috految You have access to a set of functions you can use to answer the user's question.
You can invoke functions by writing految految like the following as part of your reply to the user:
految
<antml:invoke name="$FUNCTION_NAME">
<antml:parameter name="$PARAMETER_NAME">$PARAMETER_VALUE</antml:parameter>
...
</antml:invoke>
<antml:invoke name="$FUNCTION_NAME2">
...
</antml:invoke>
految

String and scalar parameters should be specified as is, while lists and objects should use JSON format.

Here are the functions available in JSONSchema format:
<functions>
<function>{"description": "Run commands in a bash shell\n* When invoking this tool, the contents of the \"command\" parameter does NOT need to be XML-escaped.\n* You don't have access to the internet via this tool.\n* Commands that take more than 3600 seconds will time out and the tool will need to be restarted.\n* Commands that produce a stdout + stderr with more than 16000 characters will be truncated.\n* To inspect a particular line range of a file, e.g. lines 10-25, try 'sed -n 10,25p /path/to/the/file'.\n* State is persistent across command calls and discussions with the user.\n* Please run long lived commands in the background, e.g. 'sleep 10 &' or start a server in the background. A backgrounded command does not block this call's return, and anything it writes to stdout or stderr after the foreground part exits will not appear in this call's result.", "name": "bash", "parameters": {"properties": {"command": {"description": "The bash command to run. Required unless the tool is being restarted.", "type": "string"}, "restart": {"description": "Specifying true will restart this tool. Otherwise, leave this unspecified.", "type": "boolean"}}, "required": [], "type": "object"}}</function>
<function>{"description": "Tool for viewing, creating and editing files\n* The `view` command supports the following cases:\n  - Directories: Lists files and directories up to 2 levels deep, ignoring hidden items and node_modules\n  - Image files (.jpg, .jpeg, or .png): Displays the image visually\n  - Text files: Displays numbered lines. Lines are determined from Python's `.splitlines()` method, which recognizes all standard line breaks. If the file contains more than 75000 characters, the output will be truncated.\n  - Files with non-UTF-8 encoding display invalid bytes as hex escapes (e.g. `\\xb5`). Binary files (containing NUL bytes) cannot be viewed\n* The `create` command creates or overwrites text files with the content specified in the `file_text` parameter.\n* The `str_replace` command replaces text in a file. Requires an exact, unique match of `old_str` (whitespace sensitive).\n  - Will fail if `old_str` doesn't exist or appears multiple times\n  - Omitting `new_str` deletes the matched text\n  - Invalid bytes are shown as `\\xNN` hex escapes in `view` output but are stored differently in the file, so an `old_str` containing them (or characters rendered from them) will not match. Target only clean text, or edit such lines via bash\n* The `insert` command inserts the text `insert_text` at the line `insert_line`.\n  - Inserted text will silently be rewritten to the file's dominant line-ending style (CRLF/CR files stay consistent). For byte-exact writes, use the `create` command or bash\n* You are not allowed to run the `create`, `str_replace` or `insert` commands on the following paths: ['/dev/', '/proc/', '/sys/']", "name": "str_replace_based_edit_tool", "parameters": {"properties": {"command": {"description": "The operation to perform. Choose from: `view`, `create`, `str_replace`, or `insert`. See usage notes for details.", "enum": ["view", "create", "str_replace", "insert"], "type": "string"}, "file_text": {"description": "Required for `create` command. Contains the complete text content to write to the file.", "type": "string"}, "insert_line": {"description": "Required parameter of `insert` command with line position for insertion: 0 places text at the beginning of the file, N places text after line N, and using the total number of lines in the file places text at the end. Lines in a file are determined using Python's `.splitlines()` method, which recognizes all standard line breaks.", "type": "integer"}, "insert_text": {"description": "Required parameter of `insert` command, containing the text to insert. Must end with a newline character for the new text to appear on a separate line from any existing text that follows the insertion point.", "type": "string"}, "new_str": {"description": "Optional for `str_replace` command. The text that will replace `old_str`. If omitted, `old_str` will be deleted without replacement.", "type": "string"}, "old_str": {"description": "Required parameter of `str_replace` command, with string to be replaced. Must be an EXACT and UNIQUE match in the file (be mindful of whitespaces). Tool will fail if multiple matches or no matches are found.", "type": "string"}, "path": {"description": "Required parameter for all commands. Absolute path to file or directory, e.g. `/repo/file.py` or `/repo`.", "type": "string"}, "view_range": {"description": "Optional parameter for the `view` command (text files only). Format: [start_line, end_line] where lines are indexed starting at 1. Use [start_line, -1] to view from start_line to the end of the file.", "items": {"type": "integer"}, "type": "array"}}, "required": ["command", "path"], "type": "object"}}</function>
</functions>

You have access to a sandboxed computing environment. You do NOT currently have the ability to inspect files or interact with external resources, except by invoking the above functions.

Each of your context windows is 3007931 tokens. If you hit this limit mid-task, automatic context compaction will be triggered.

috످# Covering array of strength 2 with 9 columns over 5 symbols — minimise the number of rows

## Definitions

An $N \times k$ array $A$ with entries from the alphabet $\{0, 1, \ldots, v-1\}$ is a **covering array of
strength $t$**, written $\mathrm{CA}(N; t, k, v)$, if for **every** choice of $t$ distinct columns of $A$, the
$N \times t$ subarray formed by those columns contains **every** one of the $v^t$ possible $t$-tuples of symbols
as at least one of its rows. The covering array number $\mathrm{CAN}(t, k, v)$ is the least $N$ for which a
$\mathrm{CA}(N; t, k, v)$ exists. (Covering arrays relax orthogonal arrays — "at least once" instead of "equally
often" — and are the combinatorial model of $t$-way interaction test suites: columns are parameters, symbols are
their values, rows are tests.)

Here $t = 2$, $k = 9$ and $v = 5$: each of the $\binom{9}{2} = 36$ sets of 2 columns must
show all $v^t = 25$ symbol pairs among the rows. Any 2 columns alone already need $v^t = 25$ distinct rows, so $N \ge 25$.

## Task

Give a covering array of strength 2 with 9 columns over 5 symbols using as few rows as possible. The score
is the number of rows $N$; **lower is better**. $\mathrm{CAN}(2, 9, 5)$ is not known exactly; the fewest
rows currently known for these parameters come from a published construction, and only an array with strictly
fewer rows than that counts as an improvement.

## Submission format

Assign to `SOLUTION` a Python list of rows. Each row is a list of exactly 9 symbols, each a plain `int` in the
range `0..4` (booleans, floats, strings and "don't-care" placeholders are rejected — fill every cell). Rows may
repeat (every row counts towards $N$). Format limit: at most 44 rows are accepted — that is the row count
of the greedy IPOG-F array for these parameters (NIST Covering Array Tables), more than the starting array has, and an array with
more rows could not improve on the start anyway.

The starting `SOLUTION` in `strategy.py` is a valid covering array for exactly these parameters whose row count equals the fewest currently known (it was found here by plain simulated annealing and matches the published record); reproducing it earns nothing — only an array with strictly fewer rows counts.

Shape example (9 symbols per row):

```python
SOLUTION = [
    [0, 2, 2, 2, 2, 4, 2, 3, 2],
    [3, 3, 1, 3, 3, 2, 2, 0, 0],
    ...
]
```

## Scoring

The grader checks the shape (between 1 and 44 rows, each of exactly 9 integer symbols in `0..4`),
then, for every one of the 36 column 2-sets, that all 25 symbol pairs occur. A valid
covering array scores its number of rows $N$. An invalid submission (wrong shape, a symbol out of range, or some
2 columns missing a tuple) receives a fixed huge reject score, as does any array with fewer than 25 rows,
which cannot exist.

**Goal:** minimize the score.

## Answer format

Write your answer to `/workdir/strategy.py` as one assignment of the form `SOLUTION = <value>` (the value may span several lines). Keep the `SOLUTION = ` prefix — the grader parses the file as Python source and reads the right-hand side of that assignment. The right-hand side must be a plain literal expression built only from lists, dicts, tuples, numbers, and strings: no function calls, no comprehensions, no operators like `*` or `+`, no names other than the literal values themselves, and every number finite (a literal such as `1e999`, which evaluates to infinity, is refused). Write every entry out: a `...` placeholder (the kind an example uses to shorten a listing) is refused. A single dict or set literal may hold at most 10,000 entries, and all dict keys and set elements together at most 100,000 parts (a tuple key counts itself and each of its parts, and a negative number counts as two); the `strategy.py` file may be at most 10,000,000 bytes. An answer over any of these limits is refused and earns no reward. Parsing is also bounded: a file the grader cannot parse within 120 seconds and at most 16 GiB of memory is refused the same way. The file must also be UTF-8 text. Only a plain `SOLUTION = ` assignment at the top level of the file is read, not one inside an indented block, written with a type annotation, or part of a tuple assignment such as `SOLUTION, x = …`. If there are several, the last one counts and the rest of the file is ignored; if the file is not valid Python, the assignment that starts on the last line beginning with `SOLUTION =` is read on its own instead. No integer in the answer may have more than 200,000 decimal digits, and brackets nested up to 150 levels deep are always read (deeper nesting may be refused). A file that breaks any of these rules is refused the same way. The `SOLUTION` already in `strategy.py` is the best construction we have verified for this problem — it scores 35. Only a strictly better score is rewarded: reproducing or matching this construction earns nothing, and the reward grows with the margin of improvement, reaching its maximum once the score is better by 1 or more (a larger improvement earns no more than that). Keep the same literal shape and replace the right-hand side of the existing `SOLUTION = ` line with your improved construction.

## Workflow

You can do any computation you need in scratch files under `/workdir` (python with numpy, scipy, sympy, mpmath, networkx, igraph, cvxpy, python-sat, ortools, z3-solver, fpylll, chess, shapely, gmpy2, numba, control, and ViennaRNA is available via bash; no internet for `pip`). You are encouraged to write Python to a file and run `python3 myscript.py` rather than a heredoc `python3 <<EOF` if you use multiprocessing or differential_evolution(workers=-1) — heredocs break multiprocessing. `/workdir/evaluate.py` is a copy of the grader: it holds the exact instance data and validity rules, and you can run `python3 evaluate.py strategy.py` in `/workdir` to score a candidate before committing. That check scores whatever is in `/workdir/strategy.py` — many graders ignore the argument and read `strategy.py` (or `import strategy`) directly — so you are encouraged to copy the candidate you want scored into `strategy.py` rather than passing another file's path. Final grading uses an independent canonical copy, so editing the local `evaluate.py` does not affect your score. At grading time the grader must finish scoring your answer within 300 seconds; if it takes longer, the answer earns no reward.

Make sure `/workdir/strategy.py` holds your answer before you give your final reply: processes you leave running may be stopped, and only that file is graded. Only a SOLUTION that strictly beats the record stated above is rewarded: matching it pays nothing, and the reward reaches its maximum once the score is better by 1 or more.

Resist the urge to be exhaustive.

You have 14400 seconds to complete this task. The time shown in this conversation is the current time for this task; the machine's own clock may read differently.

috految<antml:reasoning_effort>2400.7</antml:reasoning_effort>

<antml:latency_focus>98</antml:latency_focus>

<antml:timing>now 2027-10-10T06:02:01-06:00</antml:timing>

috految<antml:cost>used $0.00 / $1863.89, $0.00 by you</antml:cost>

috److془Let me start by looking at the environment.

We need to find CA(34; 2, 9, 5). Known: CAN(2,7,5) = 29, CAN(2,8,5) ≤ 33, CAN(2,9,5) ≤ 35, CAN(2,10,5) ≤ 36, CAN(2,11,5) ≤ 38, CAN(2,12,5) ≤ 38.

Let's do the search with prescribed automorphism groups + local search.

Let me look at the machine first.془I'll start by looking at the environment.

految
<antml:invoke name="bash">
<antml:parameter name="command">cd /workdir; ls -la; cat strategy.py; cat evaluate.py; nproc; lscpu; free -g; which gcc g++ clang rustc gap go; g++ --version; cat /sys/fs/cgroup/cpu.max</antml:parameter>
</antml:invoke>
految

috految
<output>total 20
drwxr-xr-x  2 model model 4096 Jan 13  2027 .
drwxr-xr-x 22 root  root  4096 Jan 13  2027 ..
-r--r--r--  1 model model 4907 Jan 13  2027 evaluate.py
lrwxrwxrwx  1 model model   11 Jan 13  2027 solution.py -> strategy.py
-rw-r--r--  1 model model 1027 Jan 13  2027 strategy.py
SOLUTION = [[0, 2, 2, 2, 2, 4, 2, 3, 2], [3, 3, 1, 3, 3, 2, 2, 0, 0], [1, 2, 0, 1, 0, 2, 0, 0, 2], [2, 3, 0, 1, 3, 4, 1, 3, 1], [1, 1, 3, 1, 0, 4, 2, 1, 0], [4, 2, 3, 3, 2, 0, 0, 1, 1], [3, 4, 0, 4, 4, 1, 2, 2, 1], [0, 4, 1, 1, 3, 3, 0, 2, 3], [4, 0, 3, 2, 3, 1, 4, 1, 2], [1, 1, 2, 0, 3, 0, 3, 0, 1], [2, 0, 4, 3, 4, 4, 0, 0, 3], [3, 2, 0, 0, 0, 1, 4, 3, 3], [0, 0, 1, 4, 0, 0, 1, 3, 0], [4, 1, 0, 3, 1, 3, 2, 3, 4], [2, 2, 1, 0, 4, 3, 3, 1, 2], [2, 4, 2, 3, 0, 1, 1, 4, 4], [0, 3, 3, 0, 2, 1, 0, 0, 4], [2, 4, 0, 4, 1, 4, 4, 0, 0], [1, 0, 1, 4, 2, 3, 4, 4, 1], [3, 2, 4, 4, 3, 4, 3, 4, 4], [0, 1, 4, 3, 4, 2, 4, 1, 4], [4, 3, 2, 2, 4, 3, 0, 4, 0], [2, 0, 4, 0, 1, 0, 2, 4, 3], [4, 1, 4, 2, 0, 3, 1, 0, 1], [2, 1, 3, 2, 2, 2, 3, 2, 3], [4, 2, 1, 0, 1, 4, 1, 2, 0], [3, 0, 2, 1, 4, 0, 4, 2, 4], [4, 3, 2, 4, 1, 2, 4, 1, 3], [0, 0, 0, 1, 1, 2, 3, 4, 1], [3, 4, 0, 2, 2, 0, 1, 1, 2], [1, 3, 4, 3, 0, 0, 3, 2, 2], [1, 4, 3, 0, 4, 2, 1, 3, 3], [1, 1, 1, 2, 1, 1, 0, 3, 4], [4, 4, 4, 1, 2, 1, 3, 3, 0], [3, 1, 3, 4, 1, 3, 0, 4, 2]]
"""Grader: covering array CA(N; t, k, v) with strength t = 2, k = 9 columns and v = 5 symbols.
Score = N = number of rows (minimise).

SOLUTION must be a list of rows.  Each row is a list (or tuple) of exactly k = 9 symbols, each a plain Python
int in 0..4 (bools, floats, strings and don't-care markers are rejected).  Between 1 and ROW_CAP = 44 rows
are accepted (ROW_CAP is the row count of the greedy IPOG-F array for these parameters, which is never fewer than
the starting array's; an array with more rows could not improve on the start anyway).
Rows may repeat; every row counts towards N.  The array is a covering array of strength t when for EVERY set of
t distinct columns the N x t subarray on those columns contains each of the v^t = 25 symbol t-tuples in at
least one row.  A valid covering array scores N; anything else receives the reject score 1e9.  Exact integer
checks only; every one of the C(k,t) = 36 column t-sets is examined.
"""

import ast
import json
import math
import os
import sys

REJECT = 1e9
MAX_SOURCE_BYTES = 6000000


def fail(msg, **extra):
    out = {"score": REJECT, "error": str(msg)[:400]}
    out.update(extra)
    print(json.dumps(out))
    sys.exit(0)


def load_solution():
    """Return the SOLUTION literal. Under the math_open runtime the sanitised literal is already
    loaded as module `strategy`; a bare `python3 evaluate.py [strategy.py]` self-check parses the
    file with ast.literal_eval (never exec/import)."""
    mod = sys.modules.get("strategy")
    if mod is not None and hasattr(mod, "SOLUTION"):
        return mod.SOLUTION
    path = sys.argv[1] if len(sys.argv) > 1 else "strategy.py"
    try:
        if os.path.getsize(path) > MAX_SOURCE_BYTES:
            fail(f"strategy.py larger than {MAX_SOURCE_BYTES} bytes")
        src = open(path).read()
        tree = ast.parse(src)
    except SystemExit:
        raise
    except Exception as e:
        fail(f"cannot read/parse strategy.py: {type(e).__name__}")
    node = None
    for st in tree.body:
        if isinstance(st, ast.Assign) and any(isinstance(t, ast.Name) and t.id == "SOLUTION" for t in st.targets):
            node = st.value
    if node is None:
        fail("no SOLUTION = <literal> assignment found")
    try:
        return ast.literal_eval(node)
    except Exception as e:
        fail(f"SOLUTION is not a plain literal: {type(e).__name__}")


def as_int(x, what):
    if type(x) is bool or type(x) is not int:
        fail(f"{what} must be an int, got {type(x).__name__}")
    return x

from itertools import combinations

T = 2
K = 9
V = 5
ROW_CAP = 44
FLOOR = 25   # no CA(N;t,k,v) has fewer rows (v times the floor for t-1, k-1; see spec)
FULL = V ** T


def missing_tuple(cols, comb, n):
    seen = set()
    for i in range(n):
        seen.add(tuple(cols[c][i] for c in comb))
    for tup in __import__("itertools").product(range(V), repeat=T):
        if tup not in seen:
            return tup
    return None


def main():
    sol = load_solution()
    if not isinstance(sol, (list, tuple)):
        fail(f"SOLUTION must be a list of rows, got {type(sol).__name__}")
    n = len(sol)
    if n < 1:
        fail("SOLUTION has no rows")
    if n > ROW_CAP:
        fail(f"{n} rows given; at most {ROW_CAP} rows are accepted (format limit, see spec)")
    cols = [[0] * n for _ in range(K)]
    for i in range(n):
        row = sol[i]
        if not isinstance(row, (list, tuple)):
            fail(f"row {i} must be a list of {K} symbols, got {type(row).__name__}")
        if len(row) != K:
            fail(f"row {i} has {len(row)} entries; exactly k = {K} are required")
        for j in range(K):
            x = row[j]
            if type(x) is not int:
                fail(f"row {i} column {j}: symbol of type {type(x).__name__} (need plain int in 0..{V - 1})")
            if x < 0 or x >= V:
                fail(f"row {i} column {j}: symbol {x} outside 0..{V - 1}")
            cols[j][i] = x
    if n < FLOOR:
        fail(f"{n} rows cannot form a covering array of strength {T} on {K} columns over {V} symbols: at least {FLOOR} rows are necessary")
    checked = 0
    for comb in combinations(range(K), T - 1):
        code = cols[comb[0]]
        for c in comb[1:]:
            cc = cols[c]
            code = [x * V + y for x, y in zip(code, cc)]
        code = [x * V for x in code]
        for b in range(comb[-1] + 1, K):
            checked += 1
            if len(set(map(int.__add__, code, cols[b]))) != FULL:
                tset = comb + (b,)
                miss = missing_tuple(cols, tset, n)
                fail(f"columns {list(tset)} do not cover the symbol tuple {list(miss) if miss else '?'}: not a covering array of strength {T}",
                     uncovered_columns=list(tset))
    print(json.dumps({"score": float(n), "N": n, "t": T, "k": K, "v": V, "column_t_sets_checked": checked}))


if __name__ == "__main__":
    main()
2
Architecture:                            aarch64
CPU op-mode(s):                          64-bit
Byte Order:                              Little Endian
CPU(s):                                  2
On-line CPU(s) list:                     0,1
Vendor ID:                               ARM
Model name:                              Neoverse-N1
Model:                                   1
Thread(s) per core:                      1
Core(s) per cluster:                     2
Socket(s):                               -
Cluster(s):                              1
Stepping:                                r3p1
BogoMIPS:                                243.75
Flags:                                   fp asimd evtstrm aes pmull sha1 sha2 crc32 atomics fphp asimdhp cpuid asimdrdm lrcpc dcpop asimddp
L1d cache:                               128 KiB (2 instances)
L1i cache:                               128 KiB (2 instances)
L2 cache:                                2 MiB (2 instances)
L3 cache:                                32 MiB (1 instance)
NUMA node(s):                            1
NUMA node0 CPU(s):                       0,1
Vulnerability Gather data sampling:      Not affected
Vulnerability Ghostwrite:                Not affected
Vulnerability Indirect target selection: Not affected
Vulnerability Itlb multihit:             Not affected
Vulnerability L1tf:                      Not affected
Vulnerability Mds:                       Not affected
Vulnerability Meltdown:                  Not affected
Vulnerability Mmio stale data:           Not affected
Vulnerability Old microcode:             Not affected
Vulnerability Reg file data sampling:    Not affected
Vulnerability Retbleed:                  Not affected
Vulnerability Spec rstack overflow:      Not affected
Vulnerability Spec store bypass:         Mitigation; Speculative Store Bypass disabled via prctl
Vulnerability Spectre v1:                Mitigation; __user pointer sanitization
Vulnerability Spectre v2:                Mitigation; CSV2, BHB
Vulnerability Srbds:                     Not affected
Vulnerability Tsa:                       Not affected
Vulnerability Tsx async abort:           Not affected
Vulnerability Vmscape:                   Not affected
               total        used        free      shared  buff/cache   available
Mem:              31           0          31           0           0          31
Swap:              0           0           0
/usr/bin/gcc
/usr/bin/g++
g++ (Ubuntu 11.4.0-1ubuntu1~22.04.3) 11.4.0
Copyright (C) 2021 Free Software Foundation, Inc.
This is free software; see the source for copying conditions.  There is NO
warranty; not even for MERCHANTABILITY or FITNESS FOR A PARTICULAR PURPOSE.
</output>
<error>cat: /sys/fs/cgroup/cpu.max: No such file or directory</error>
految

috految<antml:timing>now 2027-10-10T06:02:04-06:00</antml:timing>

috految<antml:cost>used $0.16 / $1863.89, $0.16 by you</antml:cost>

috److془We have 2 cores ARM Neoverse-N1. Let's design carefully.

First, launch a quick plain search (weighting local search) in the background while I write the group-based search.

Let me write the plain search quickly, with tabu/weights, and the tracking of distribution of best cost.

Then the group search: Enumerate groups G ≤ S5 wr S9 of small order (2..~48), with row orbits structure. For each, run a weighted local search for a short time; bandit approach to allocate more time to the promising ones. Then polish near-solutions with no symmetry (or subgroups).

Also consider k=10, 11, 12 with N=34,35,36 near solutions, then drop columns/rows and polish. And k=8 with N=32, 33, 34 then add column and polish.

Also note: with don't care cells (fixed rows in fixed columns with no fixed symbols), the symmetrical structure is partial. 

Let's first write the plain search.

Plain search: points p = 5*c + s (45 points). Rows as 45-bit masks. cnt[p][q]. Z[p] = mask of q with count 0; O[p] = mask of q with count 1. Move: row r, column c, from p to p': loss = popcount(O[p] & row), gain = popcount(Z[p'] & row). 

Weighted version: loss[r][c] maintained incrementally, gain by going through uncovered pairs.

Let me write it now. Tabu search: choose random uncovered pair (p,q), consider the rows containing p (change col(q) to q) and rows containing q (change col(p) to p) -> ~13 candidates. Choose the best non-tabu. Nurmela's. ~ 100ns per iteration.

Alternatively, rejection-free SA with NEON: 34*9*4 = 1224 moves; bytes: 45 x 34 gain matrices → 45 * 3 vectors or so. ~100 ns per iteration as well.

Let's get going. First run the plain search with N=34 and N=35 to see the landscape.془

految
<antml:invoke name="bash">
<antml:parameter name="command">mkdir -p /workdir/w && cd /workdir/w && cp ../strategy.py start.py && cat > plain.cpp <<'EOF'
// plain weighted tabu search, no symmetry
#include <cstdio>
#include <cstdlib>
#include <cstring>
#include <cstdint>
#include <ctime>
#include <cmath>
typedef uint64_t u64; typedef uint32_t u32; typedef uint8_t u8;
#ifndef K
#define K 9
#endif
static u64 s0,s1;
static inline u64 rnd(){u64 a=s0,b=s1,r=a+b;b^=a;s0=((a<<24)|(a>>40))^b^(b<<16);s1=(b<<37)|(b>>27);return r;}
static inline u32 rn(u32 n){return ((u64)(u32)(rnd()>>32)*n)>>32;}
double now(){timespec t;clock_gettime(CLOCK_THREAD_CPUTIME_ID,&t);return t.tv_sec+1e-9*t.tv_nsec;}
int N; const int P=5*K;
u8 A[64][16]; u64 R[64],B[64],Z[64]; int W[64][64],loss[65][16]; u32 tabu[64][16]; int nu; u32 U[2048]; int pos[64][64]; int col[64];
inline void addU(int p,int q){pos[p][q]=pos[q][p]=nu;U[nu++]=p<<8|q;Z[p]|=1ULL<<q;Z[q]|=1ULL<<p;}
inline void delU(int p,int q){int i=pos[p][q];u32 e=U[--nu];U[i]=e;pos[e>>8][e&255]=pos[e&255][e>>8]=i;Z[p]&=~(1ULL<<q);Z[q]&=~(1ULL<<p);}
void rebuild(){memset(B,0,sizeof B);memset(Z,0,sizeof Z);memset(loss,0,sizeof loss);nu=0;
 for(int r=0;r<N;r++){R[r]=0;for(int c=0;c<K;c++){R[r]|=1ULL<<A[r][c];B[A[r][c]]|=1ULL<<r;}}
 for(int p=0;p<P;p++)for(int q=0;q<p;q++)if(col[p]!=col[q]){u64 m=B[p]&B[q];if(!m)addU(p,q);else if(!(m&(m-1))){int r=__builtin_ctzll(m);loss[r][col[p]]+=W[p][q];loss[r][col[q]]+=W[p][q];}}}
inline void mv(int r,int n){int c=col[n],o=A[r][c];u64 br=1ULL<<r;B[o]^=br;u64 bo=B[o],bn=B[n];int L=0;
 for(int j=0;j<K-1;j++){int d=j+(j>=c);int q=A[r][d];u64 bq=B[q];u64 m=bo&bq;int w=W[o][q];
  if(!m){addU(o,q);loss[r][d]-=w;}else{int s=(m&(m-1))?64:__builtin_ctzll(m);loss[s][c]+=w;loss[s][d]+=w;}
  m=bn&bq;w=W[n][q];
  if(!m){delU(n,q);L+=w;loss[r][d]+=w;}else{int s=(m&(m-1))?64:__builtin_ctzll(m);loss[s][c]-=w;loss[s][d]-=w;}}
 loss[r][c]=L;B[n]|=br;A[r][c]=n;R[r]^=(1ULL<<o)|(1ULL<<n);}
int main(int argc,char**argv){N=atoi(argv[1]);double T=atof(argv[2]);long len=atof(argv[3]);int base=atoi(argv[4]),per=atoi(argv[5]),tt=atoi(argv[6]),ns=atoi(argv[7]);int oa=atoi(argv[8]);
 s0=time(0)*7919+clock();s1=0x9E3779B97F4A7C15ULL;for(int i=0;i<20;i++)rnd();for(int p=0;p<P;p++)col[p]=p/5;
 int hist[200]={0};double t0=now(),sum=0;long tot=0;char fn[99];sprintf(fn,"plain_%d_%d.txt",K,N);
 while(now()-t0<T){for(int r=0;r<N;r++)for(int c=0;c<K;c++)A[r][c]=5*c+rn(5);
  if(oa)for(int r=0;r<25;r++)for(int c=0;c<6;c++)A[r][c]=5*c+(c==5?r/5:(r%5+c*(r/5))%5);
  for(int p=0;p<P;p++)for(int q=0;q<P;q++)W[p][q]=base;rebuild();memset(tabu,0,sizeof tabu);int best=199;u8 BA[64][16];int dc=0;
  for(long it=1;it<=len;it++){tot++;sum+=nu;
   int bs=-1e9,br=-1,bn=0;u32 bt=0;int st=rn(nu);int m2=ns<nu?ns:nu;
   for(int z=0;z<m2;z++){u32 e=U[st];if(++st==nu)st=0;int p=e>>8,q=e&255;
    for(int s=0;s<2;s++){int c=col[q];u64 zq=Z[q]^(1ULL<<p);int w0=W[q][p];for(u64 m=B[p];m;m&=m-1){int r=__builtin_ctzll(m);u32 tb=tabu[r][c];if(tb>=it)continue;int g=w0-loss[r][c];for(u64 x=zq&R[r];x;x&=x-1)g+=W[q][__builtin_ctzll(x)];if(g>bs||(g==bs&&tb<bt)){bs=g;br=r;bn=q;bt=tb;}}int t=p;p=q;q=t;}}
   if(br>=0){mv(br,bn);tabu[br][col[bn]]=it+1+rn(tt);}
   if(nu<best){best=nu;memcpy(BA,A,sizeof A);if(!nu)break;}
   if(per&&bs<=0){u32 e=U[rn(nu)];W[e>>8][e&255]+=16;W[e&255][e>>8]+=16;
    if(++dc>=per){dc=0;for(int p=0;p<P;p++)for(int q=0;q<P;q++)W[p][q]=base+((W[p][q]-base)*3>>2);rebuild();}}
  }
  hist[best]++;FILE*f=fopen(fn,"a");fprintf(f,"%d %d %d",best,K,N);for(int r=0;r<N;r++){fputc(' ',f);for(int c=0;c<K;c++)fputc('0'+BA[r][c]%5,f);}fputc('\n',f);fclose(f);
 }
 printf("K=%d N=%d len=%ld base=%d per=%d tt=%d ns=%d oa=%d its/s=%.2fM avg=%.2f :",K,N,len,base,per,tt,ns,oa,tot/(now()-t0)/1e6,sum/tot);for(int i=0;i<200;i++)if(hist[i])printf(" %d:%d",i,hist[i]);puts("");
}
EOF
g++ -O3 -mcpu=native -o plain plain.cpp && cat > p1.sh <<'EOF'
for a in "100 0 2 1" "100 0 4 3" "100 0 10 100" "100 100 2 100" "100 300 2 100" "100 1000 2 100" "400 300 2 100" "400 1000 2 100" "100 100 2 1" "400 1000 2 1" "100 100 2 3" "100 1000 2 3" "400 300 2 3" "400 1000 2 3" "100 0 1 1" "100 0 2 2" "100 0 2 3" "100 0 4 100" ; do ./plain $1 2 2e5 $a 0; ./plain $1 2 2e5 $a 1; done
for i in 1 2 3 4 5 6; do for a in "100 300 2 100" "400 300 2 3" "100 0 2 2" "100 100 2 3"; do ./plain 34 10 1e6 $a 0; ./plain 34 10 1e5 $a 1; done; done
EOF
(bash p1.sh 34 > p34.log 2>&1 &) ; (bash p1.sh 35 > p35.log 2>&1 &) ; python3 - <<'EOF'
exec(open('start.py').read())
from collections import Counter
S=SOLUTION
for c in range(9): print(sorted(Counter(r[c] for r in S).values()))
print(Counter(sum(a==b for a,b in zip(S[i],S[j])) for i in range(35) for j in range(i)))
for c in range(9): print([ ''.join(map(str,sorted([v for v in Counter((r[c],r[d]) for r in S).values() if v>1]))) if c!=d else '-' for d in range(9)])
EOF</antml:parameter>
</antml:invoke>
految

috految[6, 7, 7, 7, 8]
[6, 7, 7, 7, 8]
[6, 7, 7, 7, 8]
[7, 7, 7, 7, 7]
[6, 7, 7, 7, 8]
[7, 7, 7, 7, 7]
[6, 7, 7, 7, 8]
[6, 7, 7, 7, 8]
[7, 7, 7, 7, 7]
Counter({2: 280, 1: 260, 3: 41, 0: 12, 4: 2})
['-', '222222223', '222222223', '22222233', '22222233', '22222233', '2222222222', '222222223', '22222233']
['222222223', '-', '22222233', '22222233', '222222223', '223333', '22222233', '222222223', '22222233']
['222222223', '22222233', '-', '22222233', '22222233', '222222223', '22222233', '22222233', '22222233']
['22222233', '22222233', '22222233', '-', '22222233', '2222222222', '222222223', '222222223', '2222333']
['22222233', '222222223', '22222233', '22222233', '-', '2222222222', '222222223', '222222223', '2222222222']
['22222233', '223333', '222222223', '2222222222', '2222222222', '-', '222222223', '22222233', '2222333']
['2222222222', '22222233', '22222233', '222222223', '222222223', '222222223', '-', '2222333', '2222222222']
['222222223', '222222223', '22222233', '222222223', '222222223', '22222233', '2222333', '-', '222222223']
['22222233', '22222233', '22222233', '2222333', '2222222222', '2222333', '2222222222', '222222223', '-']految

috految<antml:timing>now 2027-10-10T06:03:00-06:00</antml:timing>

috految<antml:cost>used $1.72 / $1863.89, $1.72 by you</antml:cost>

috److془Let's write the group-based search.

Design: Abstract group G given by multiplication table (order n ≤ 64, subgroups as 64-bit masks). Column orbits: (H, symbol action of H on 5 points = multiset of subgroups L_i ≤ H with sum [H:L_i] = 5). Row orbits: subgroups S_j with sum [G:S_j] = N.

Variables: for each row orbit j: S_j-orbits on columns; value = point in the representative column fixed by (S_j ∩ Stab(column)). If there's no such fixed point, the cell is blank (don't care).

Pair orbits: id[p][q]. cnt[o] = number of (row rep, S_j-orbit of column pairs) in pair orbit o.

Local search: choose random uncovered pair orbit, with rep (p,q); candidates: for all rows r (full array) containing q, set cell (r, col(p)) to p, if allowed; and vice versa; plus the ones with both in the same variable. Evaluate exactly by applying the change to counts (8 decrements + 8 increments). ~ 13 candidates × ~50 cycles = 650 cycles + overhead → ~ 3M iterations/s.

Alternatively, evaluate by bitmasks: for groups of order ≥ 4, there are ≤ 256 pair orbits...

Number of configurations: for Z2: column orbits types: swapped pairs (0..4), fixed columns with 1, 3, 5 fixed symbols. Number of fixed rows 0,2,..,~14. Few hundred. For Z3: 3-cycles (0..3), fixed columns with 2 or 5 fixed symbols. Number of fixed rows: 1, 4, 7, 10, 13.. Z5: 5-cycle (0..1), fixed columns with 0 or 5 fixed symbols. Z7: 7-cycle + 2 fixed columns: no good (25 pairs need 25 orbits.. well with 7-cycle on 7 columns + extra columns non-symmetrical).

Order 4: Z4, V4. Order 6: Z6, S3. Order 8: 5 groups. Order 9: Z9, Z3^2. Order 12: A4, etc.

Any group has either prime order or contains a subgroup of order 4, 6, 9, 10, 14, 15, 21, 25.

With order 4 groups: ~ 8.5 rows × 9 = 76 cells, local search would find the optimum in seconds probably. With order 3: ~100; maybe minutes. With order 2: 153 cells; maybe hours. Hmm, but since the SA found a 35 solution (plain), the entropy might be such that it's feasible.

Let's estimate the expected number of solutions: The number of columns with partition (7,7,7,7,6): 34!/(7!^4 6!)/4! = 2.95e38/(6.45e14*720)/24 = 2.65e19. Probability that two are fully covering: approx. Let's compute: the number of 5x5 matrices with row sums (2,2,2,2,1), col sums (2,2,2,2,1), weight 1/prod((1+a_ij)!) * (7!^4 6!)^2/34!. (7!^4 6!)^2/34! = (4.645e17)^2/2.95e38 = 7.31e-4. Sum of weights: number of matrices ~ 2040 (0/1 for 5x5 with row sums 2) or 6210 total. For (2,2,2,2,1): ~ 906 0/1 matrices(?), ~ 2200 total. weight 2^-9 × (2/3)^{#2s} → ~ 1700/512 = 3.3. So p = 2.4e-3. ln p = -6.03. Total: 9 × ln(2.65e19) + 36 × ln p − ln(34!) − ln 9! = 9 × 44.72 − 217 − 88.58 − 12.8 = 84. Then corrections from triangles, etc.: The Gaussian approx: 36 vectors in R^33, the Wishart density correction. For triple: correction ~ -(64/33) × ρ^3... × 1/2 hmm. With ρ = 1 - (variance ratio) = 1 - 0.37 = 0.63; Hmm so triangle corrections ~ (64/33) × 0.25 × 1/2 = 0.24 + ... × 84 triples = -20 to -40. Plus the corrections from the integrality of the row inner products, which matter a lot. Hmm, so the entropy might be around zero—or rather positive. Interesting. Then for the symmetric case, e.g., Z3, entropy would be approx 1/3 of corresponding + corrections. So may be there's a solution with Z2 or Z3 or Z4 etc.

Hmm, but for k=7, N=29 the count is 281 + ... k=8 and N = 32, hmm. Let me just do the search.

Actually I recall a recent paper: "New covering array numbers" by Izquierdo-Marquez and Torres-Jimenez; "On the structure of small strength-2 covering arrays" by Kokkala, Meagher, Naserasr, Nurmela, Östergård, Stevens. Table: v=5: k=7: 29, k=8: 30-33, k=9: 30-35, k=10: 30-36. v=4: k=6: 19, k=7: 21, k=8: 21-22, k=9: 21-22, k=10: 21-24. 

Let's go ahead with the search. Write it well.

Implementation details:

Groups: generate via permutation generators, or semidirect products: Z2, Z3, Z4, V4, Z5, Z6, S3, Z7, Z8, Z4xZ2, Z2^3, D4, Q8, Z9, Z3^2, Z10, D5, Z12, Z6xZ2, A4, D6, Dic3, Z15, order 16s, order 18, 20, 21, 24, 27, etc.

Config search: evolutionary / bandit on the configuration space. First cut: enumerating all configs for order ≤ 9 groups with simple necessary conditions from per-element types (e.g., types of involutions that have decent min cost after Z2 search).

Let me do it: for each group, enumerates the column configurations (multisets of column orbit types with total K), mod Aut(G), and the row configurations (multiset of subgroup classes with total N). Filter: for each element g, use the character heuristics: The rank condition: The row permutation character π_R and the point character π_P − π_C + 1 (dimension 37) should be close. Indeed the Gram matrix of points is near to full rank with eigenvalues being distributed around 6.8 with some sd. Sum of (λ - 6.8)^2 = 72 × ~7 = 500 → sd = 3.7. So can have up to 8 or so zero eigenvalues (or more with non-uniform structure). In the case of large multiplicities (like solutions with OA(25,6,5) plus duplicate columns), there'd be more zero eigenvalues.

Simple approach: successive halving: run 1000 iterations for each config (0.3 ms). For V4: column orbit types: size 4: 1 type; size 2: 3 subgroups × 3 types = 9; size 1: actions of V4 on 5 points: 4+1, 2a+2b+1 (6), 2a+1+1+1 (3), 1^5: 11. Number of multisets of size 9: about 92378 + 9 × 19448 + 45*3003 + ... ~ 500k/6 ~ 80k. Row configs: ~ 1000. Too many for full enumeration but filter by the Z2 types would reduce it a lot. Or do the evolutionary approach (mutation of the config based on the cost) which is generic. 

Let me do the evolutionary approach: for each group, maintain hash map config → (runs, total iterations, best cost, times best hit). Choose from the pool by priority; mutate with probability, evaluate with short run (adaptive: continue doubling run length if best cost is ≤ threshold for this level (quantile-based)). Then polishing with no symmetry on low-cost results.

Let me first do Z2, Z3, Z4, Z5, V4, S3, Z6, order 8, 9, etc. with this approach.

Cost measure: The number of uncovered pairs (weighted by orbit size) or number of uncovered orbits. For the search, use weights (initial: uniform per orbit or proportional to the size) with dynamic weighting.

Let me write the code now. Let me check the params from the plain log first to see which variations perform best. Actually just write the code with options, and look at the log at the same time.

Fast evaluation: keep for each variable v (row orbit j, column orbit under S_j): list of "terms": for each S_j-orbit of column pairs involving the column orbit, a representative (c0, d), where c0 = rep column of the variable. The pair id = id[A[j][c0]][A[j][d]]. If d is in the same variable, then A[j][d] changes as well. Use the map: tab[v][val][d] = the point in column d. 

Incremental evaluation: loss[v] = sum of the weights of the pair orbits which are covered only by terms involving v. Gain(v,val) = the sum of the weights of pair orbits that are uncovered or critical to v, and are covered by the new value. Exact eval by loops: for t in terms: gain += (cnt[id]==0 || crit[id]==v)? w[id] : 0, with dups handled by stamps. Simple approach: the decrement / increment technique. ~ 8 × (load id, load cnt, load w, add, store) × 4 (dec, inc, undo dec, undo inc) ~ 130 instrs ~ 50 cycles. Fine for the first pass. 

Actually could do a shortcut: approximates + exact for best. For the first pass keep it simple.

Let me write it now, quick.془

految
<antml:invoke name="bash">
<antml:parameter name="command">cd /workdir/w && cat > groups.py <<'EOF'
import itertools
def table(gens,mul,e):
    el=[e];ix={e:0}
    for a in el:
        for g in gens:
            b=mul(a,g)
            if b not in ix: ix[b]=len(el);el.append(b)
    return [[ix[mul(a,b)] for b in el] for a in el]
def perm(*gs):
    return table([tuple(g) for g in gs],lambda a,b:tuple(a[i] for i in b),tuple(range(len(gs[0]))))
def meta(m,n,r,t=0):
    return table([(1%m,0),(0,1%n)],lambda a,b:((a[0]+pow(r,a[1],m)*b[0]+(t if a[1]+b[1]>=n else 0))%m,(a[1]+b[1])%n),(0,0))
def Z(n): return meta(n,1,1)
def X(A,B):
    n=len(B);N=len(A)*n
    return [[A[i//n][j//n]*n+B[i%n][j%n] for j in range(N)] for i in range(N)]
def aff(p,*ms):
    pts=list(itertools.product(range(p),repeat=2))
    return perm(*[[pts.index(((m[0]*x+m[1]*y+m[4])%p,(m[2]*x+m[3]*y+m[5])%p)) for x,y in pts] for m in ms])
G={}
for n in [1,2,3,4,5,6,7,8,9,10,11,12,14,15,16,18,20]: G['Z%d'%n]=Z(n)
G['V4']=X(Z(2),Z(2));G['S3']=meta(3,2,2);G['Z4xZ2']=X(Z(4),Z(2));G['E8']=X(G['V4'],Z(2));G['D4']=meta(4,2,3);G['Q8']=meta(4,2,3,2)
G['E9']=X(Z(3),Z(3));G['D5']=meta(5,2,4);G['Z6xZ2']=X(Z(6),Z(2));G['A4']=perm([1,2,0,3],[1,0,3,2]);G['D6']=meta(6,2,5);G['Dic3']=meta(3,4,2);G['D7']=meta(7,2,6)
G['Z4xZ4']=X(Z(4),Z(4));G['Z8xZ2']=X(Z(8),Z(2));G['M16']=meta(8,2,5);G['D8']=meta(8,2,7);G['SD16']=meta(8,2,3);G['Q16']=meta(8,2,7,4);G['Z4sZ4']=meta(4,4,3)
G['V4sZ4']=perm([1,0,2,3,4,5,6,7],[2,3,0,1,5,6,7,4]);G['Pauli']=aff(5,(0,1,1,0,0,0),(1,0,0,4,0,0),(2,0,0,2,0,0));G['Q8xZ2']=X(G['Q8'],Z(2));G['D4xZ2']=X(G['D4'],Z(2));G['Z4xV4']=X(Z(4),G['V4']);G['E16']=X(G['V4'],G['V4'])
G['Z3xS3']=X(Z(3),G['S3']);G['D9']=meta(9,2,8);G['Z6xZ3']=X(Z(6),Z(3));G['E9s2']=aff(3,(2,0,0,2,0,0),(1,0,0,1,1,0),(1,0,0,1,0,1));G['F20']=meta(5,4,2);G['Dic5']=meta(5,4,4);G['D10']=meta(10,2,9);G['F21']=meta(7,3,2)
G['S4']=perm([1,2,3,0],[1,0,2,3]);G['SL23']=aff(3,(1,1,0,1,0,0),(1,0,1,1,0,0));G['A4xZ2']=X(G['A4'],Z(2));G['E25']=X(Z(5),Z(5));G['He3']=aff(3,(1,1,0,1,0,0),(1,0,0,1,0,1));G['M27']=meta(9,3,4);G['Z9xZ3']=X(Z(9),Z(3));G['E27']=X(G['E9'],Z(3))
with open('groups.txt','w') as f:
    for k,T in G.items(): print(k,len(T),*[x for r in T for x in r],file=f)
EOF
python3 groups.py; cat > gs.cpp <<'EOF'
// search with prescribed automorphism group + unconstrained polishing
#include <cstdio>
#include <cstdlib>
#include <cstring>
#include <cstdint>
#include <ctime>
#include <cmath>
#include <vector>
#include <string>
#include <algorithm>
#include <unordered_map>
#include <unistd.h>
using namespace std;
typedef uint64_t u64; typedef uint32_t u32; typedef uint8_t u8; typedef uint16_t u16;
static u64 s0,s1;
static inline u64 rnd(){u64 a=s0,b=s1,r=a+b;b^=a;s0=((a<<24)|(a>>40))^b^(b<<16);s1=(b<<37)|(b>>27);return r;}
static inline u32 rn(u32 n){return ((u64)(u32)(rnd()>>32)*n)>>32;}
static inline double ru(){return (rnd()>>11)*(1.0/(1ULL<<53));}
double now(){timespec t;clock_gettime(CLOCK_THREAD_CPUTIME_ID,&t);return t.tv_sec+1e-9*t.tv_nsec;}
#define pc __builtin_popcountll
#define ctz __builtin_ctzll
int envi(const char*s,int d){char*p=getenv(s);return p?atoi(p):d;}
namespace pl{const int K=9,P=45;int N=34;
u8 A[64][16],BA[64][16]; u64 R[64],B[64],Z[64]; int W[64][64],loss[65][16]; u32 tabu[64][16]; int nu; u32 U[2048]; int pos[64][64]; int col[64];
inline void addU(int p,int q){pos[p][q]=pos[q][p]=nu;U[nu++]=p<<8|q;Z[p]|=1ULL<<q;Z[q]|=1ULL<<p;}
inline void delU(int p,int q){int i=pos[p][q];u32 e=U[--nu];U[i]=e;pos[e>>8][e&255]=pos[e&255][e>>8]=i;Z[p]&=~(1ULL<<q);Z[q]&=~(1ULL<<p);}
void rebuild(){memset(B,0,sizeof B);memset(Z,0,sizeof Z);memset(loss,0,sizeof loss);nu=0;
 for(int r=0;r<N;r++){R[r]=0;for(int c=0;c<K;c++){R[r]|=1ULL<<A[r][c];B[A[r][c]]|=1ULL<<r;}}
 for(int p=0;p<P;p++)for(int q=0;q<p;q++)if(col[p]!=col[q]){u64 m=B[p]&B[q];if(!m)addU(p,q);else if(!(m&(m-1))){int r=ctz(m);loss[r][col[p]]+=W[p][q];loss[r][col[q]]+=W[p][q];}}}
inline void mv(int r,int n){int c=col[n],o=A[r][c];u64 br=1ULL<<r;B[o]^=br;u64 bo=B[o],bn=B[n];int L=0;
 for(int j=0;j<K-1;j++){int d=j+(j>=c);int q=A[r][d];u64 bq=B[q];u64 m=bo&bq;int w=W[o][q];
  if(!m){addU(o,q);loss[r][d]-=w;}else{int s=(m&(m-1))?64:ctz(m);loss[s][c]+=w;loss[s][d]+=w;}
  m=bn&bq;w=W[n][q];
  if(!m){delU(n,q);L+=w;loss[r][d]+=w;}else{int s=(m&(m-1))?64:ctz(m);loss[s][c]-=w;loss[s][d]-=w;}}
 loss[r][c]=L;B[n]|=br;A[r][c]=n;R[r]^=(1ULL<<o)|(1ULL<<n);}
int run(long len){const int base=200,per=200,tt=2,ns=6;for(int p=0;p<P;p++)col[p]=p/5;
 for(int p=0;p<P;p++)for(int q=0;q<P;q++)W[p][q]=base;rebuild();memset(tabu,0,sizeof tabu);int best=nu,dc=0;memcpy(BA,A,sizeof A);long last=0;
 for(long it=1;nu&&it<=last+len*(best<=3?16:best<=5?8:best<=8?3:1);it++){
   int bs=-1e9,br=-1,bn=0;u32 bt=0;int st=rn(nu);int m2=ns<nu?ns:nu;
   for(int z=0;z<m2;z++){u32 e=U[st];if(++st==nu)st=0;int p=e>>8,q=e&255;
    for(int s=0;s<2;s++){int c=col[q];u64 zq=Z[q]^(1ULL<<p);int w0=W[q][p];for(u64 m=B[p];m;m&=m-1){int r=ctz(m);u32 tb=tabu[r][c];if(tb>=it)continue;int g=w0-loss[r][c];for(u64 x=zq&R[r];x;x&=x-1)g+=W[q][ctz(x)];if(g>bs||(g==bs&&tb<bt)){bs=g;br=r;bn=q;bt=tb;}}int t=p;p=q;q=t;}}
   if(br>=0){mv(br,bn);tabu[br][col[bn]]=it+1+rn(tt);}
   if(nu<best){best=nu;last=it;memcpy(BA,A,sizeof A);if(!nu)break;}
   if(bs<=0){u32 e=U[rn(nu)];W[e>>8][e&255]+=16;W[e&255][e>>8]+=16;
    if(++dc>=per){dc=0;for(int p=0;p<P;p++)for(int q=0;q<P;q++)W[p][q]=base+((W[p][q]-base)*3>>2);rebuild();}}
 }
 if(!best){FILE*f=fopen("FOUND.py","w");fprintf(f,"SOLUTION = [\n");for(int r=0;r<N;r++){fprintf(f,"    [");for(int c=0;c<K;c++)fprintf(f,"%d%s",BA[r][c]%5,c<K-1?", ":"],\n");}fprintf(f,"]\n");fclose(f);puts("FOUND");fflush(stdout);}
 return best;}
}
int K,N,n; string gname; int mul[64][64],inv[64]; vector<u64> subs; vector<int> cls,rep; vector<vector<int>> auts;
u64 gen(u64 m){u64 r=1;vector<int>q{0};for(size_t i=0;i<q.size();i++)for(u64 x=m;x;x&=x-1){int b=mul[q[i]][ctz(x)];if(!(r>>b&1)){r|=1ULL<<b;q.push_back(b);}}return r;}
u64 conj(u64 m,int g){u64 r=0;for(;m;m&=m-1)r|=1ULL<<mul[mul[g][ctz(m)]][inv[g]];return r;}
int sid(u64 m){return lower_bound(subs.begin(),subs.end(),m)-subs.begin();}
struct CT{int h,sz;vector<int>L;vector<vector<u8>>act;vector<int>chi;};vector<CT> cts;vector<vector<int>> ctaut,rtaut,rchi;vector<int> rsz;
vector<int> ctkey(u64 H,vector<u64>L){vector<int>best;for(int g=0;g<n;g++){u64 h=conj(H,g);vector<int>k;for(u64 l:L){l=conj(l,g);int b=1e9;for(u64 x=h;x;x&=x-1)b=min(b,sid(conj(l,ctz(x))));k.push_back(b);}sort(k.begin(),k.end());k.insert(k.begin(),sid(h));if(best.empty()||k<best)best=k;}return best;}
void setup(){for(int a=0;a<n;a++)for(int b=0;b<n;b++)if(!mul[a][b])inv[a]=b;
 subs={1};for(size_t i=0;i<subs.size();i++)for(int g=0;g<n;g++)if(!(subs[i]>>g&1)){u64 m=gen(subs[i]|1ULL<<g);if(find(subs.begin(),subs.end(),m)==subs.end())subs.push_back(m);}
 sort(subs.begin(),subs.end());cls.assign(subs.size(),-1);rep.clear();for(size_t i=0;i<subs.size();i++)if(cls[i]<0){for(int g=0;g<n;g++)cls[sid(conj(subs[i],g))]=rep.size();rep.push_back(i);}
 vector<int>gs;{u64 m=1;while(pc(m)<n){int bg=0;u64 bm=0;for(int g=0;g<n;g++){u64 x=gen(m|1ULL<<g);if(pc(x)>pc(bm))bm=x,bg=g;}gs.push_back(bg);m=bm;}}
 auts.clear();long tot=1;for(auto g:gs)tot*=n;for(long z=0;z<tot&&auts.size()<200;z++){vector<int>im;long y=z;for(auto g:gs)im.push_back(y%n),y/=n;vector<int>f(n,-1),q{0};f[0]=0;bool ok=1;u64 u=1;for(size_t i=0;i<q.size()&&ok;i++)for(size_t j=0;j<gs.size();j++){int b=mul[q[i]][gs[j]],fb=mul[f[q[i]]][im[j]];if(f[b]<0){if(u>>fb&1){ok=0;break;}u|=1ULL<<fb;f[b]=fb;q.push_back(b);}else if(f[b]!=fb){ok=0;break;}}if(ok)auts.push_back(f);}
 cts.clear();vector<vector<int>>keys;
 for(int ri:rep){u64 H=subs[ri];int sz=n/pc(H);if(sz>K)continue;vector<u64>Ls;for(u64 l:subs)if((l&H)==l&&pc(H)/pc(l)<=5){bool mn=1;for(u64 x=H;x;x&=x-1)if(conj(l,ctz(x))<l)mn=0;if(mn)Ls.push_back(l);}
  vector<u64>L;auto rec=[&](auto&&self,int i,int rem)->void{if(!rem){auto k=ctkey(H,L);if(find(keys.begin(),keys.end(),k)!=keys.end())return;keys.push_back(k);CT t;t.h=ri;t.sz=sz;for(u64 l:L)t.L.push_back(sid(l));
    vector<int>co(n,-1);int nc=0;for(int g=0;g<n;g++)if(co[g]<0){for(u64 x=H;x;x&=x-1)co[mul[g][ctz(x)]]=nc;nc++;}
    t.act.assign(n,vector<u8>(5*sz));vector<int>used(sz,0);for(u64 l:L){vector<int>pt(n,-1);for(int g=0;g<n;g++)if(pt[g]<0){int p=5*co[g]+used[co[g]]++;for(u64 x=l;x;x&=x-1)pt[mul[g][ctz(x)]]=p;}for(int h=0;h<n;h++)for(int g=0;g<n;g++)t.act[h][pt[g]]=pt[mul[h][g]];}
    for(int g=0;g<n;g++){int x=0;for(int p=0;p<5*sz;p++)x+=t.act[g][p]==p;for(int c=0;c<sz;c++)x-=t.act[g][5*c]/5==c;t.chi.push_back(x);}
    cts.push_back(t);return;}
   for(int j=i;j<(int)Ls.size();j++){int s=pc(H)/pc(Ls[j]);if(s<=rem){L.push_back(Ls[j]);self(self,j,rem-s);L.pop_back();}}};rec(rec,0,5);}
 ctaut.clear();rtaut.clear();for(auto&f:auts){auto ap=[&](u64 m){u64 r=0;for(;m;m&=m-1)r|=1ULL<<f[ctz(m)];return r;};vector<int>a,b;for(auto&t:cts){vector<u64>L;for(int l:t.L)L.push_back(ap(subs[l]));a.push_back(find(keys.begin(),keys.end(),ctkey(ap(subs[t.h]),L))-keys.begin());}for(int r:rep)b.push_back(cls[sid(ap(subs[r]))]);if(find(ctaut.begin(),ctaut.end(),a)==ctaut.end()){ctaut.push_back(a);rtaut.push_back(b);}}
 rsz.clear();rchi.clear();for(int r:rep){rsz.push_back(n/pc(subs[r]));vector<int>c(n);for(int g=0;g<n;g++){int x=0;for(int h=0;h<n;h++)x+=subs[r]>>mul[mul[inv[h]][g]][h]&1;c[g]=x/pc(subs[r]);}rchi.push_back(c);}
}
struct Cfg{vector<int>c,r;int best=999,bo=999,hits=0,runs=0,pol=999,nm=0;double work=0,sum=0;};
u64 mix(u64 x){x+=0x9E3779B97F4A7C15ULL;x=(x^(x>>30))*0xbf58476d1ce4e5b9ULL;x=(x^(x>>27))*0x94d049bb133111ebULL;return x^(x>>31);}
u64 hsh(Cfg&f){u64 b=~0ULL;for(size_t a=0;a<ctaut.size();a++){u64 h=0;for(int c:f.c)h+=mix(ctaut[a][c]);for(int r:f.r)h+=mix(100000+rtaut[a][r]);b=min(b,h);}return b;}
string desc(Cfg&f){string s=gname+" C:";for(int c:f.c){s+=" "+to_string(cts[c].sz)+"h"+to_string(cls[cts[c].h])+"[";for(int l:cts[c].L){s+=to_string(pc(subs[cts[c].h])/pc(subs[l]));if(subs[l]!=1&&l!=cts[c].h)s+=char('a'+cls[l]%26);}s+="]";}s+=" R:";for(size_t i=0;i<f.r.size();){size_t j=i;while(j<f.r.size()&&f.r[j]==f.r[i])j++;s+=" "+to_string(rsz[f.r[i]])+"s"+to_string(f.r[i])+"^"+to_string(j-i);i=j;}return s;}
// instance
int P,no,nr,nv;u8 act[64][64];u16 id[64][64];int osz[2048];u8 op[2048],oq[2048];int cnt[2048],w[2048],w0[2048];int nu,U[2048],upos[2048],cost;
struct Var{u8 j,c,nt,ns,nm,nd,cur;u8 d[12],dom[5],mem[12],val[5][12];u16 self[5][12];u32 tabu;}var[600];
u8 A[64][16],BA[64][16];int rowj[64],rowg[64],nrow;short lit[64][64];u64 ok[64],B[64];u64 rm[64][64];vector<int> selfl[2048];int rs[65];
int BASE,PER,TT,NS;
bool build(Cfg&f){P=5*K;int o=0;for(int c:f.c){auto&t=cts[c];for(int g=0;g<n;g++)for(int p=0;p<5*t.sz;p++)act[g][o+p]=o+t.act[g][p];o+=5*t.sz;}
 for(int g=1;g<n;g++){int x=0;for(int p=0;p<P;p++)x+=act[g][p]==p;if(x>=P-10)return 0;}
 memset(id,0,sizeof id);no=1;for(int p=0;p<P;p++)for(int q=0;q<p/5*5;q++)if(!id[p][q]){int s=0;for(int g=0;g<n;g++){int a=act[g][p],b=act[g][q];if(!id[a][b])id[a][b]=id[b][a]=no,s++;}op[no]=p;oq[no]=q;selfl[no].clear();osz[no++]=s;}
 nr=f.r.size();nv=0;nrow=0;memset(ok,0,sizeof ok);
 for(int j=0;j<nr;j++){u64 S=subs[rep[f.r[j]]];int vo[16];for(int c=0;c<K;c++)vo[c]=-2,A[j][c]=63;int v0=nv;
  for(int c=0;c<K;c++)if(vo[c]==-2){Var&v=var[nv];v.j=j;v.c=c;v.nd=v.nm=0;int tg[16];unsigned seen=0;for(u64 x=S;x;x&=x-1){int d=act[ctz(x)][5*c]/5;if(!(seen>>d&1)){seen|=1<<d;tg[v.nm]=ctz(x);v.mem[v.nm++]=d;}}
   for(int p=5*c;p<5*c+5;p++){bool fx=1;for(u64 x=S;x;x&=x-1){int q=act[ctz(x)][p];if(q/5==c&&q!=p)fx=0;}if(fx){for(int i=0;i<v.nm;i++)v.val[v.nd][i]=act[tg[i]][p];v.dom[v.nd++]=p;}}
   for(int i=0;i<v.nm;i++)vo[v.mem[i]]=v.nd?nv:-1;if(v.nd)nv++;}
  for(int i=v0;i<nv;i++){Var&v=var[i];v.nt=v.ns=0;unsigned seen=1<<v.c;for(int d=0;d<K;d++)if(!(seen>>d&1)&&vo[d]>=0){for(u64 x=S;x;x&=x-1){int g=ctz(x),a=act[g][5*v.c]/5,b=act[g][5*d]/5;if(a==v.c)seen|=1<<b;if(b==v.c)seen|=1<<a;}
    if(vo[d]==i){int m=0;while(v.mem[m]!=d)m++;for(int a=0;a<v.nd;a++){int e=id[v.dom[a]][v.val[a][m]];v.self[a][v.ns]=e;selfl[e].push_back(i*8+a);}v.ns++;}else v.d[v.nt++]=d;}}
  rs[j]=nrow;u64 sn=0;for(int g=0;g<n;g++)if(!(sn>>g&1)){for(u64 x=S;x;x&=x-1)sn|=1ULL<<mul[g][ctz(x)];rowj[nrow]=j;rowg[nrow]=g;
   for(int i=v0;i<nv;i++){Var&v=var[i];for(int a=0;a<v.nd;a++)for(int m=0;m<v.nm;m++){int p=act[g][v.val[a][m]];ok[p]|=1ULL<<nrow;lit[p][nrow]=i*8+a;}}nrow++;}
  rs[j+1]=nrow;}
 return nv>0;}
inline void inc(int e){if(!cnt[e]++){int i=upos[e];int l=U[--nu];U[i]=l;upos[l]=i;cost-=osz[e];}}
inline void dec(int e){if(!--cnt[e]){upos[e]=nu;U[nu++]=e;cost+=osz[e];}}
inline void tog(Var&v,int a){for(int r=rs[v.j];r<rs[v.j+1];r++){u8*ac=act[rowg[r]];for(int m=0;m<v.nm;m++)B[ac[v.val[a][m]]]^=1ULL<<r;}}
inline void apply(Var&v,int a){u8*R=A[v.j];u16*io=id[v.dom[v.cur]],*in=id[v.dom[a]];for(int t=0;t<v.nt;t++){int q=R[v.d[t]];inc(in[q]);dec(io[q]);}for(int t=0;t<v.ns;t++){inc(v.self[a][t]);dec(v.self[v.cur][t]);}
 tog(v,v.cur);tog(v,a);v.cur=a;for(int m=0;m<v.nm;m++)R[v.mem[m]]=v.val[a][m];}
inline int eval(Var&v,int a){u8*R=A[v.j];u16*io=id[v.dom[v.cur]],*in=id[v.dom[a]];int g=0;
 if(v.nt==8&&!v.ns){int x[8],y[8];for(int t=0;t<8;t++){int q=R[v.d[t]];x[t]=io[q];y[t]=in[q];}
  for(int t=0;t<8;t++)g-=w[x[t]]&-(--cnt[x[t]]==0);for(int t=0;t<8;t++)g+=w[y[t]]&-(cnt[y[t]]++==0);for(int t=0;t<8;t++)cnt[x[t]]++,cnt[y[t]]--;return g;}
 int x[16],y[16],m=v.nt;for(int t=0;t<m;t++){int q=R[v.d[t]];x[t]=io[q];y[t]=in[q];}for(int t=0;t<v.ns;t++){x[m]=v.self[v.cur][t];y[m++]=v.self[a][t];}
 for(int t=0;t<m;t++){g-=w[x[t]]&-(--cnt[x[t]]==0);g+=w[y[t]]&-(cnt[y[t]]++==0);}for(int t=0;t<m;t++)cnt[x[t]]++,cnt[y[t]]--;return g;}
long it;int best,bo,dc;
void init(){memset(B,0,sizeof B);for(int i=0;i<nv;i++){Var&v=var[i];v.cur=rn(v.nd);v.tabu=0;for(int m=0;m<v.nm;m++)A[v.j][v.mem[m]]=v.val[v.cur][m];tog(v,v.cur);}
 for(int e=0;e<no;e++)cnt[e]=0;for(int i=0;i<nv;i++){Var&v=var[i];for(int t=0;t<v.nt;t++)cnt[id[v.dom[v.cur]][A[v.j][v.d[t]]]]++;for(int t=0;t<v.ns;t++)cnt[v.self[v.cur][t]]+=2;}
 nu=cost=0;cnt[0]=1e6;for(int e=1;e<no;e++){cnt[e]/=2;w0[e]=w[e]=BASE*(0.5+0.5*osz[e]/n);if(!cnt[e])upos[e]=nu,U[nu++]=e,cost+=osz[e];}it=0;best=bo=9999;dc=0;}
void run(long len){int per=max(10,PER*no/900);for(len+=it;it<len&&nu;){it++;int bs=-1e9,bl=-1;u32 bt=0;int st=rn(nu),m2=min(NS,nu);
  auto cand=[&](int l){Var&v=var[l>>3];if(v.tabu>=it||v.cur==(l&7))return;int g=eval(v,l&7);if(g>bs||(g==bs&&v.tabu<bt))bs=g,bl=l,bt=v.tabu;};
  for(int z=0;z<m2;z++){int e=U[st];if(++st==nu)st=0;int p=op[e],q=oq[e];
   for(u64 m=B[p]&ok[q];m;m&=m-1){int r=ctz(m);if((lit[q][r]^lit[p][r])>>3)cand(lit[q][r]);}
   for(u64 m=B[q]&ok[p];m;m&=m-1){int r=ctz(m);if((lit[q][r]^lit[p][r])>>3)cand(lit[p][r]);}
   for(int l:selfl[e])cand(l);
   if(bs>0)break;}
  if(bl<0||!(it&255)){int i=rn(nv);bl=i*8+rn(var[i].nd);bs=0;}
  Var&v=var[bl>>3];apply(v,bl&7);v.tabu=it+1+rn(TT);
  if(nu<bo)bo=nu;
  if(cost<best){best=cost;memcpy(BA,A,16*nr);}
  if(bs<=0&&nu){w[U[rn(nu)]]+=16;if(++dc>=per){dc=0;for(int e=1;e<no;e++)w[e]=w0[e]+((w[e]-w0[e])*3>>2);}}
 }}
int polish(Cfg&f,long len){u8 F[64][16];int m=nrow;for(int r=0;r<m;r++){for(int c=0;c<K;c++)F[r][c]=rn(5);for(int c=0;c<K;c++){int p=BA[rowj[r]][c];if(p<63){p=act[rowg[r]][p];F[r][p/5]=p%5;}}}
 if(best<=envi("SAVE",12)){FILE*o=fopen("sym.txt","a");fprintf(o,"%d %d %d",best,K,m);for(int r=0;r<m;r++){fputc(' ',o);for(int c=0;c<K;c++)fputc('0'+F[r][c],o);}fprintf(o," # %s\n",desc(f).c_str());fclose(o);}
 int k=K;while(k>9){int c=rn(k);k--;for(int r=0;r<m;r++)F[r][c]=F[r][k];}while(k<9){for(int r=0;r<m;r++)F[r][k]=rn(5);k++;}
 while(m>34){int br=0,bs=1e9;for(int r=0;r<m;r++){int s=rn(3);for(int c=0;c<9;c++)for(int d=0;d<c;d++){int x=0;for(int q=0;q<m;q++)x+=F[q][c]==F[r][c]&&F[q][d]==F[r][d];s+=x==1;}if(s<bs)bs=s,br=r;}m--;memcpy(F[br],F[m],16);}
 while(m<34){for(int c=0;c<9;c++)F[m][c]=rn(5);m++;}
 for(int r=0;r<34;r++)for(int c=0;c<9;c++)pl::A[r][c]=5*c+F[r][c];int b=pl::run(len);
 if(b<=8){FILE*o=fopen("pol.txt","a");fprintf(o,"%d 9 34",b);for(int r=0;r<34;r++){fputc(' ',o);for(int c=0;c<9;c++)fputc('0'+pl::BA[r][c]%5,o);}fprintf(o," # %d K%d N%d %s\n",best,K,N,desc(f).c_str());fclose(o);}
 if(!b){printf("solved by %s\n",desc(f).c_str());exit(0);}return b;}
int main(int argc,char**argv){K=atoi(argv[1]);N=atoi(argv[2]);double T=atof(argv[3]);BASE=envi("BASE",100);PER=envi("PER",300);TT=envi("TT",2);NS=envi("NS",3);
 s0=mix(time(0)*7919+getpid());s1=mix(s0);
 for(int ai=4;ai<argc;ai++){gname=argv[ai];FILE*f=fopen("groups.txt","r");char nm[99];bool fd=0;while(fscanf(f,"%s %d",nm,&n)==2){for(int a=0;a<n;a++)for(int b=0;b<n;b++)if(fscanf(f,"%d",&mul[a][b])!=1)return 1;if(gname==nm){fd=1;break;}}fclose(f);if(!fd){printf("no %s\n",argv[ai]);continue;}
  setup();vector<Cfg>pool;unordered_map<u64,int>seen;double t0=now(),tn=0,te=0;long tit=0;
  vector<vector<int>>bysz(64);for(size_t i=0;i<cts.size();i++)bysz[cts[i].sz].push_back(i);
  auto fillc=[&](Cfg&g){int s=0;for(int c:g.c)s+=cts[c].sz;double ex=ru()*2.5;while(s<K){double tw=0;int z=0;for(int i=1;i<=K-s;i++)if(bysz[i].size()){double x=pow(i,ex);tw+=x;if(ru()*tw<x)z=i;}int c=bysz[z][rn(bysz[z].size())];if(g.c.size()&&rn(3)==0){int d=g.c[rn(g.c.size())];if(cts[d].sz<=K-s)c=d;}g.c.push_back(c);s+=cts[c].sz;}};
  auto fillr=[&](Cfg&g){int s=0;for(int r:g.r)s+=rsz[r];double ex=ru()*4;while(s<N){double tw=0;int z=0;for(size_t i=0;i<rsz.size();i++)if(rsz[i]<=N-s){double x=pow(rsz[i],ex);tw+=x;if(ru()*tw<x)z=i;}g.r.push_back(z);s+=rsz[z];}};
  auto pri=[&](Cfg&g){return 0.7*g.best+0.3*g.sum/g.runs+0.5*g.bo;};
  int stale=0;
  while(now()-t0<T){if(!access("FOUND.py",F_OK))return 0;double t1=now();
   if(pool.size()<3||(tn<te*(stale>200?0.03:1.0))){Cfg g;bool got=0;
    for(int tr=0;tr<30&&!got;tr++){g.c.clear();g.r.clear();
     if(pool.size()<10||rn(4)==0){fillc(g);fillr(g);}
     else{int b=0;double bs=1e9;int m=1<<rn(9);for(int i=0;i<m;i++){int j=rn(pool.size());double x=pri(pool[j])+3*log(1+pool[j].nm);if(x<bs)bs=x,b=j;}pool[b].nm++;g.c=pool[b].c;g.r=pool[b].r;int z=rn(3);
      if(z!=0){do{if(g.c.empty())break;int i=rn(g.c.size());g.c.erase(g.c.begin()+i);}while(rn(2));fillc(g);}
      if(z!=1){do{if(g.r.empty())break;int i=rn(2)?rn(g.r.size()):g.r.size()-1;g.r.erase(g.r.begin()+i);}while(rn(3));fillr(g);}}
     sort(g.c.begin(),g.c.end());sort(g.r.begin(),g.r.end());
     bool bad=0;for(int x=1;x<n&&!bad;x++){int a=1,b=0;for(int c:g.c)a+=cts[c].chi[x];for(int r:g.r)b+=rchi[r][x];if(b>20||a>25||abs(a-b)>14)bad=1;}if(bad)continue;
     u64 h=hsh(g);if(seen.count(h))continue;seen[h]=1;got=build(g);}
    if(got){stale=0;init();long len=max(100,nv*3);run(len);for(int th:{90,60,45,35}){if(best>th*K*K/81)break;run(len);len*=2;}tit+=it;g.best=best;g.bo=bo;g.hits=g.runs=1;g.sum=best;g.work=it;if(best<=40)g.pol=polish(g,150);pool.push_back(g);}else stale++;
    tn+=now()-t1;}
   else{int b=0;double bs=1e9;int m=min((int)pool.size(),1000);for(int i=0;i<m;i++){int j=m==(int)pool.size()?i:rn(pool.size());Cfg&g=pool[j];double x=pri(g)+(2.0+0.75*n)*log(g.work*(1+0.3*g.hits));if(x<bs)bs=x,b=j;}
    Cfg&g=pool[b];build(g);init();long len=min(max(g.work*0.5,1000.0),nv*nv*8.0);run(len);tit+=it;g.work+=len;g.runs++;g.sum+=best;if(best<g.best)g.best=best,g.hits=0;if(best==g.best)g.hits++;g.bo=min(g.bo,bo);
    if(best<=40)g.pol=min(g.pol,polish(g,max(150L,len/50)));te+=now()-t1;}
  }
  sort(pool.begin(),pool.end(),[](const Cfg&a,const Cfg&b){return a.best!=b.best?a.best<b.best:a.pol<b.pol;});int bp=999;for(auto&g:pool)bp=min(bp,g.pol);
  printf("== %s K=%d N=%d cfgs=%zu its=%.1fM bestpol=%d\n",gname.c_str(),K,N,pool.size(),tit*1e-6,bp);for(size_t i=0;i<pool.size()&&i<(size_t)envi("TOP",8);i++){auto&g=pool[i];printf("  best=%d bo=%d hits=%d/%d avg=%.1f work=%.0fk pol=%d %s\n",g.best,g.bo,g.hits,g.runs,g.sum/g.runs,g.work/1e3,g.pol,desc(g).c_str());}fflush(stdout);
 }}
EOF
pkill -f p1.sh; pkill -x plain; cat p34.log p35.log; grep -c '^0 ' plain_9_34.txt; g++ -O2 -fpeel-loops -mcpu=native -std=c++17 -o gs gs.cpp && { 
( (./gs 9 34 2 Z3 Z4 V4 Z2 Z5; ./gs 9 34 15 Z3 Z4 V4 Z2 Z6 S3; ./gs 9 34 60 Z3 Z2 Z4 V4) > a.log 2>&1 &)
( (./gs 9 34 1 Z6 S3 Z8 Q8 E9 Z9 Z4xZ2 D4 E8 A4 Z12 Dic3 Z6xZ2 D6 Z10 D5 Z7 Z15 Z16 Z4xZ4 Z8xZ2 M16 D8 SD16 Q16 Z4sZ4 V4sZ4 Pauli Q8xZ2 D4xZ2 Z4xV4 Z3xS3 D9 Z6xZ3 E9s2 F20 F21 S4 SL23 A4xZ2 He3 M27; for kn in "9 33" "9 35" "8 32" "10 35" "10 36" "10 34" "8 33" "9 32" "9 36" "8 34"; do TOP=3 ./gs $kn 1 Z3 Z4 V4 Z5 Z6 S3 Z7 Z8 Q8 E9 Z9 Z4xZ2 D4 E8 A4 Z12 Dic3 Z6xZ2 D6 Z10 D5 ; done) > b.log 2>&1 &)
for i in $(seq 1 42); do [ -f FOUND.py ] && break; sleep 0.2; done; cat a.log b.log; ls; }</antml:parameter>
</antml:invoke>
految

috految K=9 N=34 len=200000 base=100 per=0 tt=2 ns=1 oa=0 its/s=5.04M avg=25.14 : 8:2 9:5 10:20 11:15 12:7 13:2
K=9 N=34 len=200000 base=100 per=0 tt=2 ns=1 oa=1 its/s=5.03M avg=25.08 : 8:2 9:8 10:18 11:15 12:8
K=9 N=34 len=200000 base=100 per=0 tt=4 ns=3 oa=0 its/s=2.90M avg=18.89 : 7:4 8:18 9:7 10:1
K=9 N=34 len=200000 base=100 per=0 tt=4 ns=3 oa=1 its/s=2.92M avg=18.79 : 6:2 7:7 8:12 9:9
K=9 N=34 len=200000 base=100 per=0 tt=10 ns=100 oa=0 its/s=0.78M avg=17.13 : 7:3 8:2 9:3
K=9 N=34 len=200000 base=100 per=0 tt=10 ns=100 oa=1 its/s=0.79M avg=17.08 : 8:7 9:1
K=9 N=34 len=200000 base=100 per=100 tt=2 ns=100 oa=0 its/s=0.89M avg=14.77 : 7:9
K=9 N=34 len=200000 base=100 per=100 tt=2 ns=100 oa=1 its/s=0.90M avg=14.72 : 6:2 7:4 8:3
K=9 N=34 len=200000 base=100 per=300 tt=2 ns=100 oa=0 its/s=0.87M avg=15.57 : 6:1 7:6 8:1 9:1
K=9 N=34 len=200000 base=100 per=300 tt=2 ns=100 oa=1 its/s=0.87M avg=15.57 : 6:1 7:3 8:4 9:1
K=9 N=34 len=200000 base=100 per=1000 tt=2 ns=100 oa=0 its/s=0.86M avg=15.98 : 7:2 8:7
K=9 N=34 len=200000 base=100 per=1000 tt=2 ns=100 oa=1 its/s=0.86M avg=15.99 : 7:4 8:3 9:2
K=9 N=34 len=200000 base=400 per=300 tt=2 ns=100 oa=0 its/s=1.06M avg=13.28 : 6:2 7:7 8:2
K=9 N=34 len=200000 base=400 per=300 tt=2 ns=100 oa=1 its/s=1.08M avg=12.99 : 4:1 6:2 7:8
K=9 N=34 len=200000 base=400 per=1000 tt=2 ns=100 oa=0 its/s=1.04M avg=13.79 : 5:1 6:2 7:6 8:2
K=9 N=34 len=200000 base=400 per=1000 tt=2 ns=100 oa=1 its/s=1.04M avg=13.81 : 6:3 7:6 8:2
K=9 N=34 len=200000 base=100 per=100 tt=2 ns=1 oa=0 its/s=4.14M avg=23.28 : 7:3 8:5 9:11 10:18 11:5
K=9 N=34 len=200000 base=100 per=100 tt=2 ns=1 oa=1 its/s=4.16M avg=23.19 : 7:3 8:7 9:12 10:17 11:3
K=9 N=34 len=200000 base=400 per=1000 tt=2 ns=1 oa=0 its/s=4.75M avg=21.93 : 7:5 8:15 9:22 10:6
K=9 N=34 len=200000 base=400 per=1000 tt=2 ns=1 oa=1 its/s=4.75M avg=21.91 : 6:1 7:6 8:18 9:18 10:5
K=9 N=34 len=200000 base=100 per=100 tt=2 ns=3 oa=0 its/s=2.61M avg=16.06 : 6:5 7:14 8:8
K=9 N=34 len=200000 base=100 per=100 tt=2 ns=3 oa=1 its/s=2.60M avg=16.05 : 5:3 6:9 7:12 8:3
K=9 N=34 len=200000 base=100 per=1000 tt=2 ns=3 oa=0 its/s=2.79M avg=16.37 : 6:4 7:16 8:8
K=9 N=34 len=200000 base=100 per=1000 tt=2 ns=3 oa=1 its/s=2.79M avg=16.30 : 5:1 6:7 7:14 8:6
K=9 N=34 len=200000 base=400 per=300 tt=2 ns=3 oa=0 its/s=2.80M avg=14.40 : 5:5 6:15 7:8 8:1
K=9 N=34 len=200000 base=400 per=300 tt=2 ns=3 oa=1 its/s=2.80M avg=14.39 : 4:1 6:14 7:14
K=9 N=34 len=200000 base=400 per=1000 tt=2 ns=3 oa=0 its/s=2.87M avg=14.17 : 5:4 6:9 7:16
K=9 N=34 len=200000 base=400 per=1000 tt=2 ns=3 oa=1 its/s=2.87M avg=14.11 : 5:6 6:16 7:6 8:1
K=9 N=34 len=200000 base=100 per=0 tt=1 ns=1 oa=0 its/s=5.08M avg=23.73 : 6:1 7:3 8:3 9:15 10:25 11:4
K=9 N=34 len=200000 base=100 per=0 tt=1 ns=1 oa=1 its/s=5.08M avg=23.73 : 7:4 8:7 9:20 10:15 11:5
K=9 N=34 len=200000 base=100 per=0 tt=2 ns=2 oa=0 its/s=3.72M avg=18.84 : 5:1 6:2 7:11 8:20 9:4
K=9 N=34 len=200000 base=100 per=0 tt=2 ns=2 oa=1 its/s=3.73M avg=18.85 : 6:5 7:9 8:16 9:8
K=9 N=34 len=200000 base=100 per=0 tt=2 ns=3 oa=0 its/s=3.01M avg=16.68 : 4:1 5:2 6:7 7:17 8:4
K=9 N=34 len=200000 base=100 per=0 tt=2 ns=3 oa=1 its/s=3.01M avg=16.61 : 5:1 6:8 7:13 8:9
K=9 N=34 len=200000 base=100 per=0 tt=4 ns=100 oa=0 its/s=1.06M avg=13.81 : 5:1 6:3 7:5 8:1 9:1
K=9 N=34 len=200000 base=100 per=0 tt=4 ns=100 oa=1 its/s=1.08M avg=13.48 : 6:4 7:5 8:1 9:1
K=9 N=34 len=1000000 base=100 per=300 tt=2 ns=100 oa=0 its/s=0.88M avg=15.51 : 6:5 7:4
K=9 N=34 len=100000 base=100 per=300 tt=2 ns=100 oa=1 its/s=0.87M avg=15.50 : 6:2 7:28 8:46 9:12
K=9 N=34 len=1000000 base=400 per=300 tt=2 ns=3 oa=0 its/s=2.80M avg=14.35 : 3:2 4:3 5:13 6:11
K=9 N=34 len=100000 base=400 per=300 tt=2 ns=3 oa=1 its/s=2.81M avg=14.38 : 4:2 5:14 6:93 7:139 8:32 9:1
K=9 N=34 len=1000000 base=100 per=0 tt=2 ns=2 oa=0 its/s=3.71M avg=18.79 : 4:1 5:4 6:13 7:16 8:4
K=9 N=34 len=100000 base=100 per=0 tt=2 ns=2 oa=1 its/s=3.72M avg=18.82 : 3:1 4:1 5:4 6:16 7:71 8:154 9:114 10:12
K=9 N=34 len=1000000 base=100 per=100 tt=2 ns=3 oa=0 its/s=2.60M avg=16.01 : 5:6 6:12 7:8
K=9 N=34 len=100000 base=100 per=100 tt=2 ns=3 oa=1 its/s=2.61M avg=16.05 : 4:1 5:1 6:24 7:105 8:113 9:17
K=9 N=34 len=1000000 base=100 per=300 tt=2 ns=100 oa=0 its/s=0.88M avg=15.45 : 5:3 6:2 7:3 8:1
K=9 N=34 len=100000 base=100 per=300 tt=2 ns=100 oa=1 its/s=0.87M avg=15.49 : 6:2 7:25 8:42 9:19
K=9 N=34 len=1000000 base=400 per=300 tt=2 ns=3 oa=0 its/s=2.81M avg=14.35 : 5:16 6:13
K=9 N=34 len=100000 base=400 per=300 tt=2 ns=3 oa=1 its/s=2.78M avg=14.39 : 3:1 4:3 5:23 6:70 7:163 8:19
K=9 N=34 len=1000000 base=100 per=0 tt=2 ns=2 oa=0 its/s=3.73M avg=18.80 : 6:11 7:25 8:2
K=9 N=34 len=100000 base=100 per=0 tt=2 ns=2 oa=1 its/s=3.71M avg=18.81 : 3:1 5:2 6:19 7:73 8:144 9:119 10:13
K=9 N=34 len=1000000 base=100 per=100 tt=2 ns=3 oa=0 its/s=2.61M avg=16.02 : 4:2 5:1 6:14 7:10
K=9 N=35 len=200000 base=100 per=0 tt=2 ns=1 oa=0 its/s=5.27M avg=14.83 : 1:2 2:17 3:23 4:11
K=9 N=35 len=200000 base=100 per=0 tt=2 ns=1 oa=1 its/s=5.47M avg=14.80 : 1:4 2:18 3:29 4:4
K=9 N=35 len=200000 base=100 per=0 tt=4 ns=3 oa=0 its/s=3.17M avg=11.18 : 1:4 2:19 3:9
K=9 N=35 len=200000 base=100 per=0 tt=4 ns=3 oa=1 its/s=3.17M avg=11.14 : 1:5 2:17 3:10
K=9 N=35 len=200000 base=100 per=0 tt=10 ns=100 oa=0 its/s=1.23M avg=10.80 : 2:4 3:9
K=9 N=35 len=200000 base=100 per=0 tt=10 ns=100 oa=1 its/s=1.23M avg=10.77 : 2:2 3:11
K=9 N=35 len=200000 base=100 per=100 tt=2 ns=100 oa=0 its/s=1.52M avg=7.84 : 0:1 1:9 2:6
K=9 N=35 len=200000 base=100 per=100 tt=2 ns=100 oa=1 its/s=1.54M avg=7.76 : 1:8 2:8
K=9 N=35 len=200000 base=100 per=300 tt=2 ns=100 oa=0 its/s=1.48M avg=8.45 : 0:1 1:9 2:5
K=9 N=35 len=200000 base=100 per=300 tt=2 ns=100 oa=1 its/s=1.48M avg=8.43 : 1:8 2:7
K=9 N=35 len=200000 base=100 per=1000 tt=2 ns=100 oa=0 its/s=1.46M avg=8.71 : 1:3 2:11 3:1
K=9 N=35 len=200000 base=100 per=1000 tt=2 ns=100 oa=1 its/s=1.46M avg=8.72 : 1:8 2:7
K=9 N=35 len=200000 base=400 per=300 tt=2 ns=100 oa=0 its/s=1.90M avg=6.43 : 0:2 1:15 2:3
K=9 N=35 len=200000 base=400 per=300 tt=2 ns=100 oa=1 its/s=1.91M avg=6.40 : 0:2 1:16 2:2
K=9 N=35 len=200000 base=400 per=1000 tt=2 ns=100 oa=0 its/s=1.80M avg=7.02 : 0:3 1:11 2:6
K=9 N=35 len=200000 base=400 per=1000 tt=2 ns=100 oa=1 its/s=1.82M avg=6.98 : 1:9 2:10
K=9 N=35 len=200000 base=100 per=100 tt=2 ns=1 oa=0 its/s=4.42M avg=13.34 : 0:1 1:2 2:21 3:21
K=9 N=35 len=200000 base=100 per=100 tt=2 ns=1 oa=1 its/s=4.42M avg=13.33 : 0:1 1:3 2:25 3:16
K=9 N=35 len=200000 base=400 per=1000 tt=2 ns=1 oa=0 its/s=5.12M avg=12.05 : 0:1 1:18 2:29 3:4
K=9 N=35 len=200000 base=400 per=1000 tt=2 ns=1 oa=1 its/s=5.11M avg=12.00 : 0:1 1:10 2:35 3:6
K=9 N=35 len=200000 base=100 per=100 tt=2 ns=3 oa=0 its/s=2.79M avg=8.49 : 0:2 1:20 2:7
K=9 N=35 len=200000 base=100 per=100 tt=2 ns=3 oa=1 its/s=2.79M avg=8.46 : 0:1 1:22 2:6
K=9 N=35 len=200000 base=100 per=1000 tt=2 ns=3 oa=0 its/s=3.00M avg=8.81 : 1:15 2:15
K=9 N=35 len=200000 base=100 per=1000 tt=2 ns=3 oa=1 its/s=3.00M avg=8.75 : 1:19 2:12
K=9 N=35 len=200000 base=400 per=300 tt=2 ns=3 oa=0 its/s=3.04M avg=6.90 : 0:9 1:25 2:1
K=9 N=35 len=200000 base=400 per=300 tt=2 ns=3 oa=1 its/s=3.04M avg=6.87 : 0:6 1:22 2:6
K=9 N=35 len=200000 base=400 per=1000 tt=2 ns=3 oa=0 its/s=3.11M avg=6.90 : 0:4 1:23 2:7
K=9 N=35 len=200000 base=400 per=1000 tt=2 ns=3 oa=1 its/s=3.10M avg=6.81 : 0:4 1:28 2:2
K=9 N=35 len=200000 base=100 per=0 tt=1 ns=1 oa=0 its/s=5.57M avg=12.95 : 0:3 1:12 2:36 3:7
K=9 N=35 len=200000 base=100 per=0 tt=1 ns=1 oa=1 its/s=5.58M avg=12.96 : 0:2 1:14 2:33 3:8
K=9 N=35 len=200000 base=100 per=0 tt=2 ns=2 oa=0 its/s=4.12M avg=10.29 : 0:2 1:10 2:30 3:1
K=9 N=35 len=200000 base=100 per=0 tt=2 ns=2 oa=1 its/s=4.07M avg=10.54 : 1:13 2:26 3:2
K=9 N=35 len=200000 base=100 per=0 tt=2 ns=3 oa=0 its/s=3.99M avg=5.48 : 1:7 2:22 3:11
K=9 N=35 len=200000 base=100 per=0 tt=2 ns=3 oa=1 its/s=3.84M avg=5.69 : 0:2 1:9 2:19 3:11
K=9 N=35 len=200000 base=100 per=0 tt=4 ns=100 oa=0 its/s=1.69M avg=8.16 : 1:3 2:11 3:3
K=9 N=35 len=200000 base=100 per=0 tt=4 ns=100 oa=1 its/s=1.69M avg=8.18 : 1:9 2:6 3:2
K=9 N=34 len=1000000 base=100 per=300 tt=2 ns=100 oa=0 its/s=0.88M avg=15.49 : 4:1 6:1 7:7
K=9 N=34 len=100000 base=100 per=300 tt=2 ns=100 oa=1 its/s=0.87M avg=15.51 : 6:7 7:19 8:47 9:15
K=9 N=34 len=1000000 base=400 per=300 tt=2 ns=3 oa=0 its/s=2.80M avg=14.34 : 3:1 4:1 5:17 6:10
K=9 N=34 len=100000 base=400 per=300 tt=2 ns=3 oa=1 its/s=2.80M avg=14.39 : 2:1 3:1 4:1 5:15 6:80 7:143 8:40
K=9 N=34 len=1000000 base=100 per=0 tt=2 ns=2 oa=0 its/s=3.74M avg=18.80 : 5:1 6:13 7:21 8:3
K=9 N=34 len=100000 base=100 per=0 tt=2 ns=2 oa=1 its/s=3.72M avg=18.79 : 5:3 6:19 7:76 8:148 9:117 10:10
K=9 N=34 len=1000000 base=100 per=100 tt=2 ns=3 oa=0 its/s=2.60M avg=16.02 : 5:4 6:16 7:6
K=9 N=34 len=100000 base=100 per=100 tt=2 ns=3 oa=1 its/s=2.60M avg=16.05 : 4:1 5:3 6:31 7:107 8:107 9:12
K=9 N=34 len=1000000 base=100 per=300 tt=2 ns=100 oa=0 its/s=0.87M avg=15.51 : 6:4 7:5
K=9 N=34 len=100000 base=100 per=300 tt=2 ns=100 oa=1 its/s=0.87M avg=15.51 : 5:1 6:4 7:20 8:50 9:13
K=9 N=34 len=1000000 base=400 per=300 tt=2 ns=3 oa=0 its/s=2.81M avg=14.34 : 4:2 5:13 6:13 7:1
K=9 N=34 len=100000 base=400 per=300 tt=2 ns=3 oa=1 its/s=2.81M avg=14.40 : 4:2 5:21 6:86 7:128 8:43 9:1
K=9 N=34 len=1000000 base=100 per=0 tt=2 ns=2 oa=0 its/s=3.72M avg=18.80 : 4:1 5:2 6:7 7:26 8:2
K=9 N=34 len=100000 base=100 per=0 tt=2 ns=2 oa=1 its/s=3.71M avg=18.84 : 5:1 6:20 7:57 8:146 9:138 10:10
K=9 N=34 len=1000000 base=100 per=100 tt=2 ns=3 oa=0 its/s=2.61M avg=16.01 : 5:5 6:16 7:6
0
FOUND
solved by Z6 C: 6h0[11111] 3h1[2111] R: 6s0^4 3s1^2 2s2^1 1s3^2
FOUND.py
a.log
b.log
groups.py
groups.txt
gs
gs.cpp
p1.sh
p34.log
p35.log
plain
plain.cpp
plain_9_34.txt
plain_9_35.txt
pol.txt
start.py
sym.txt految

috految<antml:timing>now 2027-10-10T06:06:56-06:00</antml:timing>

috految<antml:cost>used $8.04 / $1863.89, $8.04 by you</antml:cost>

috److The search reports a 34-row array, so I'll check it independently and with the grader.

految
<antml:invoke name="bash">
<antml:parameter name="command">cd /workdir && python3 - <<'EOF' && cp w/FOUND.py strategy.py
import ast, itertools
S=ast.literal_eval(open('w/FOUND.py').read().split('=',1)[1].strip())
assert all(len(r)==9 and all(type(x) is int and 0<=x<5 for x in r) for r in S)
assert all(len({(r[a],r[b]) for r in S})==25 for a,b in itertools.combinations(range(9),2))
print('independent check OK, rows =',len(S))
EOF
python3 evaluate.py strategy.py; cat strategy.py; grep '^0 ' w/pol.txt | cut -d'#' -f2; pgrep -ax 'gs|plain'</antml:parameter>
</antml:invoke>
految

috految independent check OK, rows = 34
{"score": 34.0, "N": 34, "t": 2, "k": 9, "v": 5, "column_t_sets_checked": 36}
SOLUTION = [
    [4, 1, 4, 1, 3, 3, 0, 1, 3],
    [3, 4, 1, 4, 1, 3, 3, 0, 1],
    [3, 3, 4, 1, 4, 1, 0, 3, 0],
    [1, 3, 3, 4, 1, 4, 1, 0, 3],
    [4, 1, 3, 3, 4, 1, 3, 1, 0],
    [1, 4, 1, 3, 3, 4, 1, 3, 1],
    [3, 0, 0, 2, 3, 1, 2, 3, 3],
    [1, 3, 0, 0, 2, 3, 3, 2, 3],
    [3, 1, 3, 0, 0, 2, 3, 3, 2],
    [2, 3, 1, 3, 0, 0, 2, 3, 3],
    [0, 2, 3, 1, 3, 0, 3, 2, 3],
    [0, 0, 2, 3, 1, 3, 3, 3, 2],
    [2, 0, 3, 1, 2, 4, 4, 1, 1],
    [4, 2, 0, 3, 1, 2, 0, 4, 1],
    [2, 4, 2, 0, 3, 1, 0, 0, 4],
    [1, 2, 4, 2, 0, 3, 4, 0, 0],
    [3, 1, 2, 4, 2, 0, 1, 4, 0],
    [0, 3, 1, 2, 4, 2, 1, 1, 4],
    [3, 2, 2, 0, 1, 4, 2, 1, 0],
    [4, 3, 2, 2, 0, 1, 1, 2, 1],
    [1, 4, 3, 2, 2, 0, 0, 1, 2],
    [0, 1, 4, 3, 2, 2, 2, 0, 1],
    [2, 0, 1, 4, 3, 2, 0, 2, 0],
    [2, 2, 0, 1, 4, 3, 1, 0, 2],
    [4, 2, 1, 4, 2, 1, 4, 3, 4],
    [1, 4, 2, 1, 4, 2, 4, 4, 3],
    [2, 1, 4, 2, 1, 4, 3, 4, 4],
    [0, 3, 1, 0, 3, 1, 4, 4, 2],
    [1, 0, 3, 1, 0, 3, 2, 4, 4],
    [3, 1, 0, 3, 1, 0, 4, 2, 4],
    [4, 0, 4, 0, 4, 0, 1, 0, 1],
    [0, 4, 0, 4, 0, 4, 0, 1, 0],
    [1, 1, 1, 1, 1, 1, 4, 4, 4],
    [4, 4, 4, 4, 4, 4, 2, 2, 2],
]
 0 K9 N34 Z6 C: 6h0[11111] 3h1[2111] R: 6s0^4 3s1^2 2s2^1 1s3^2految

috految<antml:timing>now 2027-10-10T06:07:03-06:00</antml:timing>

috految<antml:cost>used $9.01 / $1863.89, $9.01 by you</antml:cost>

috److I found a valid covering array with **34 rows**, one fewer than the record of 35, and saved it to `/workdir/strategy.py`.

- **Method:** I used weighted tabu search restricted to arrays with a cyclic symmetry of order 6, which permutes the columns in cycles of length 6 and 3.
- **Verification:** The local grader scores it 34. A separate check confirmed that all 36 column pairs contain all 25 symbol pairs.

I stopped at 34, since an improvement of one row already earns the maximum reward.

috످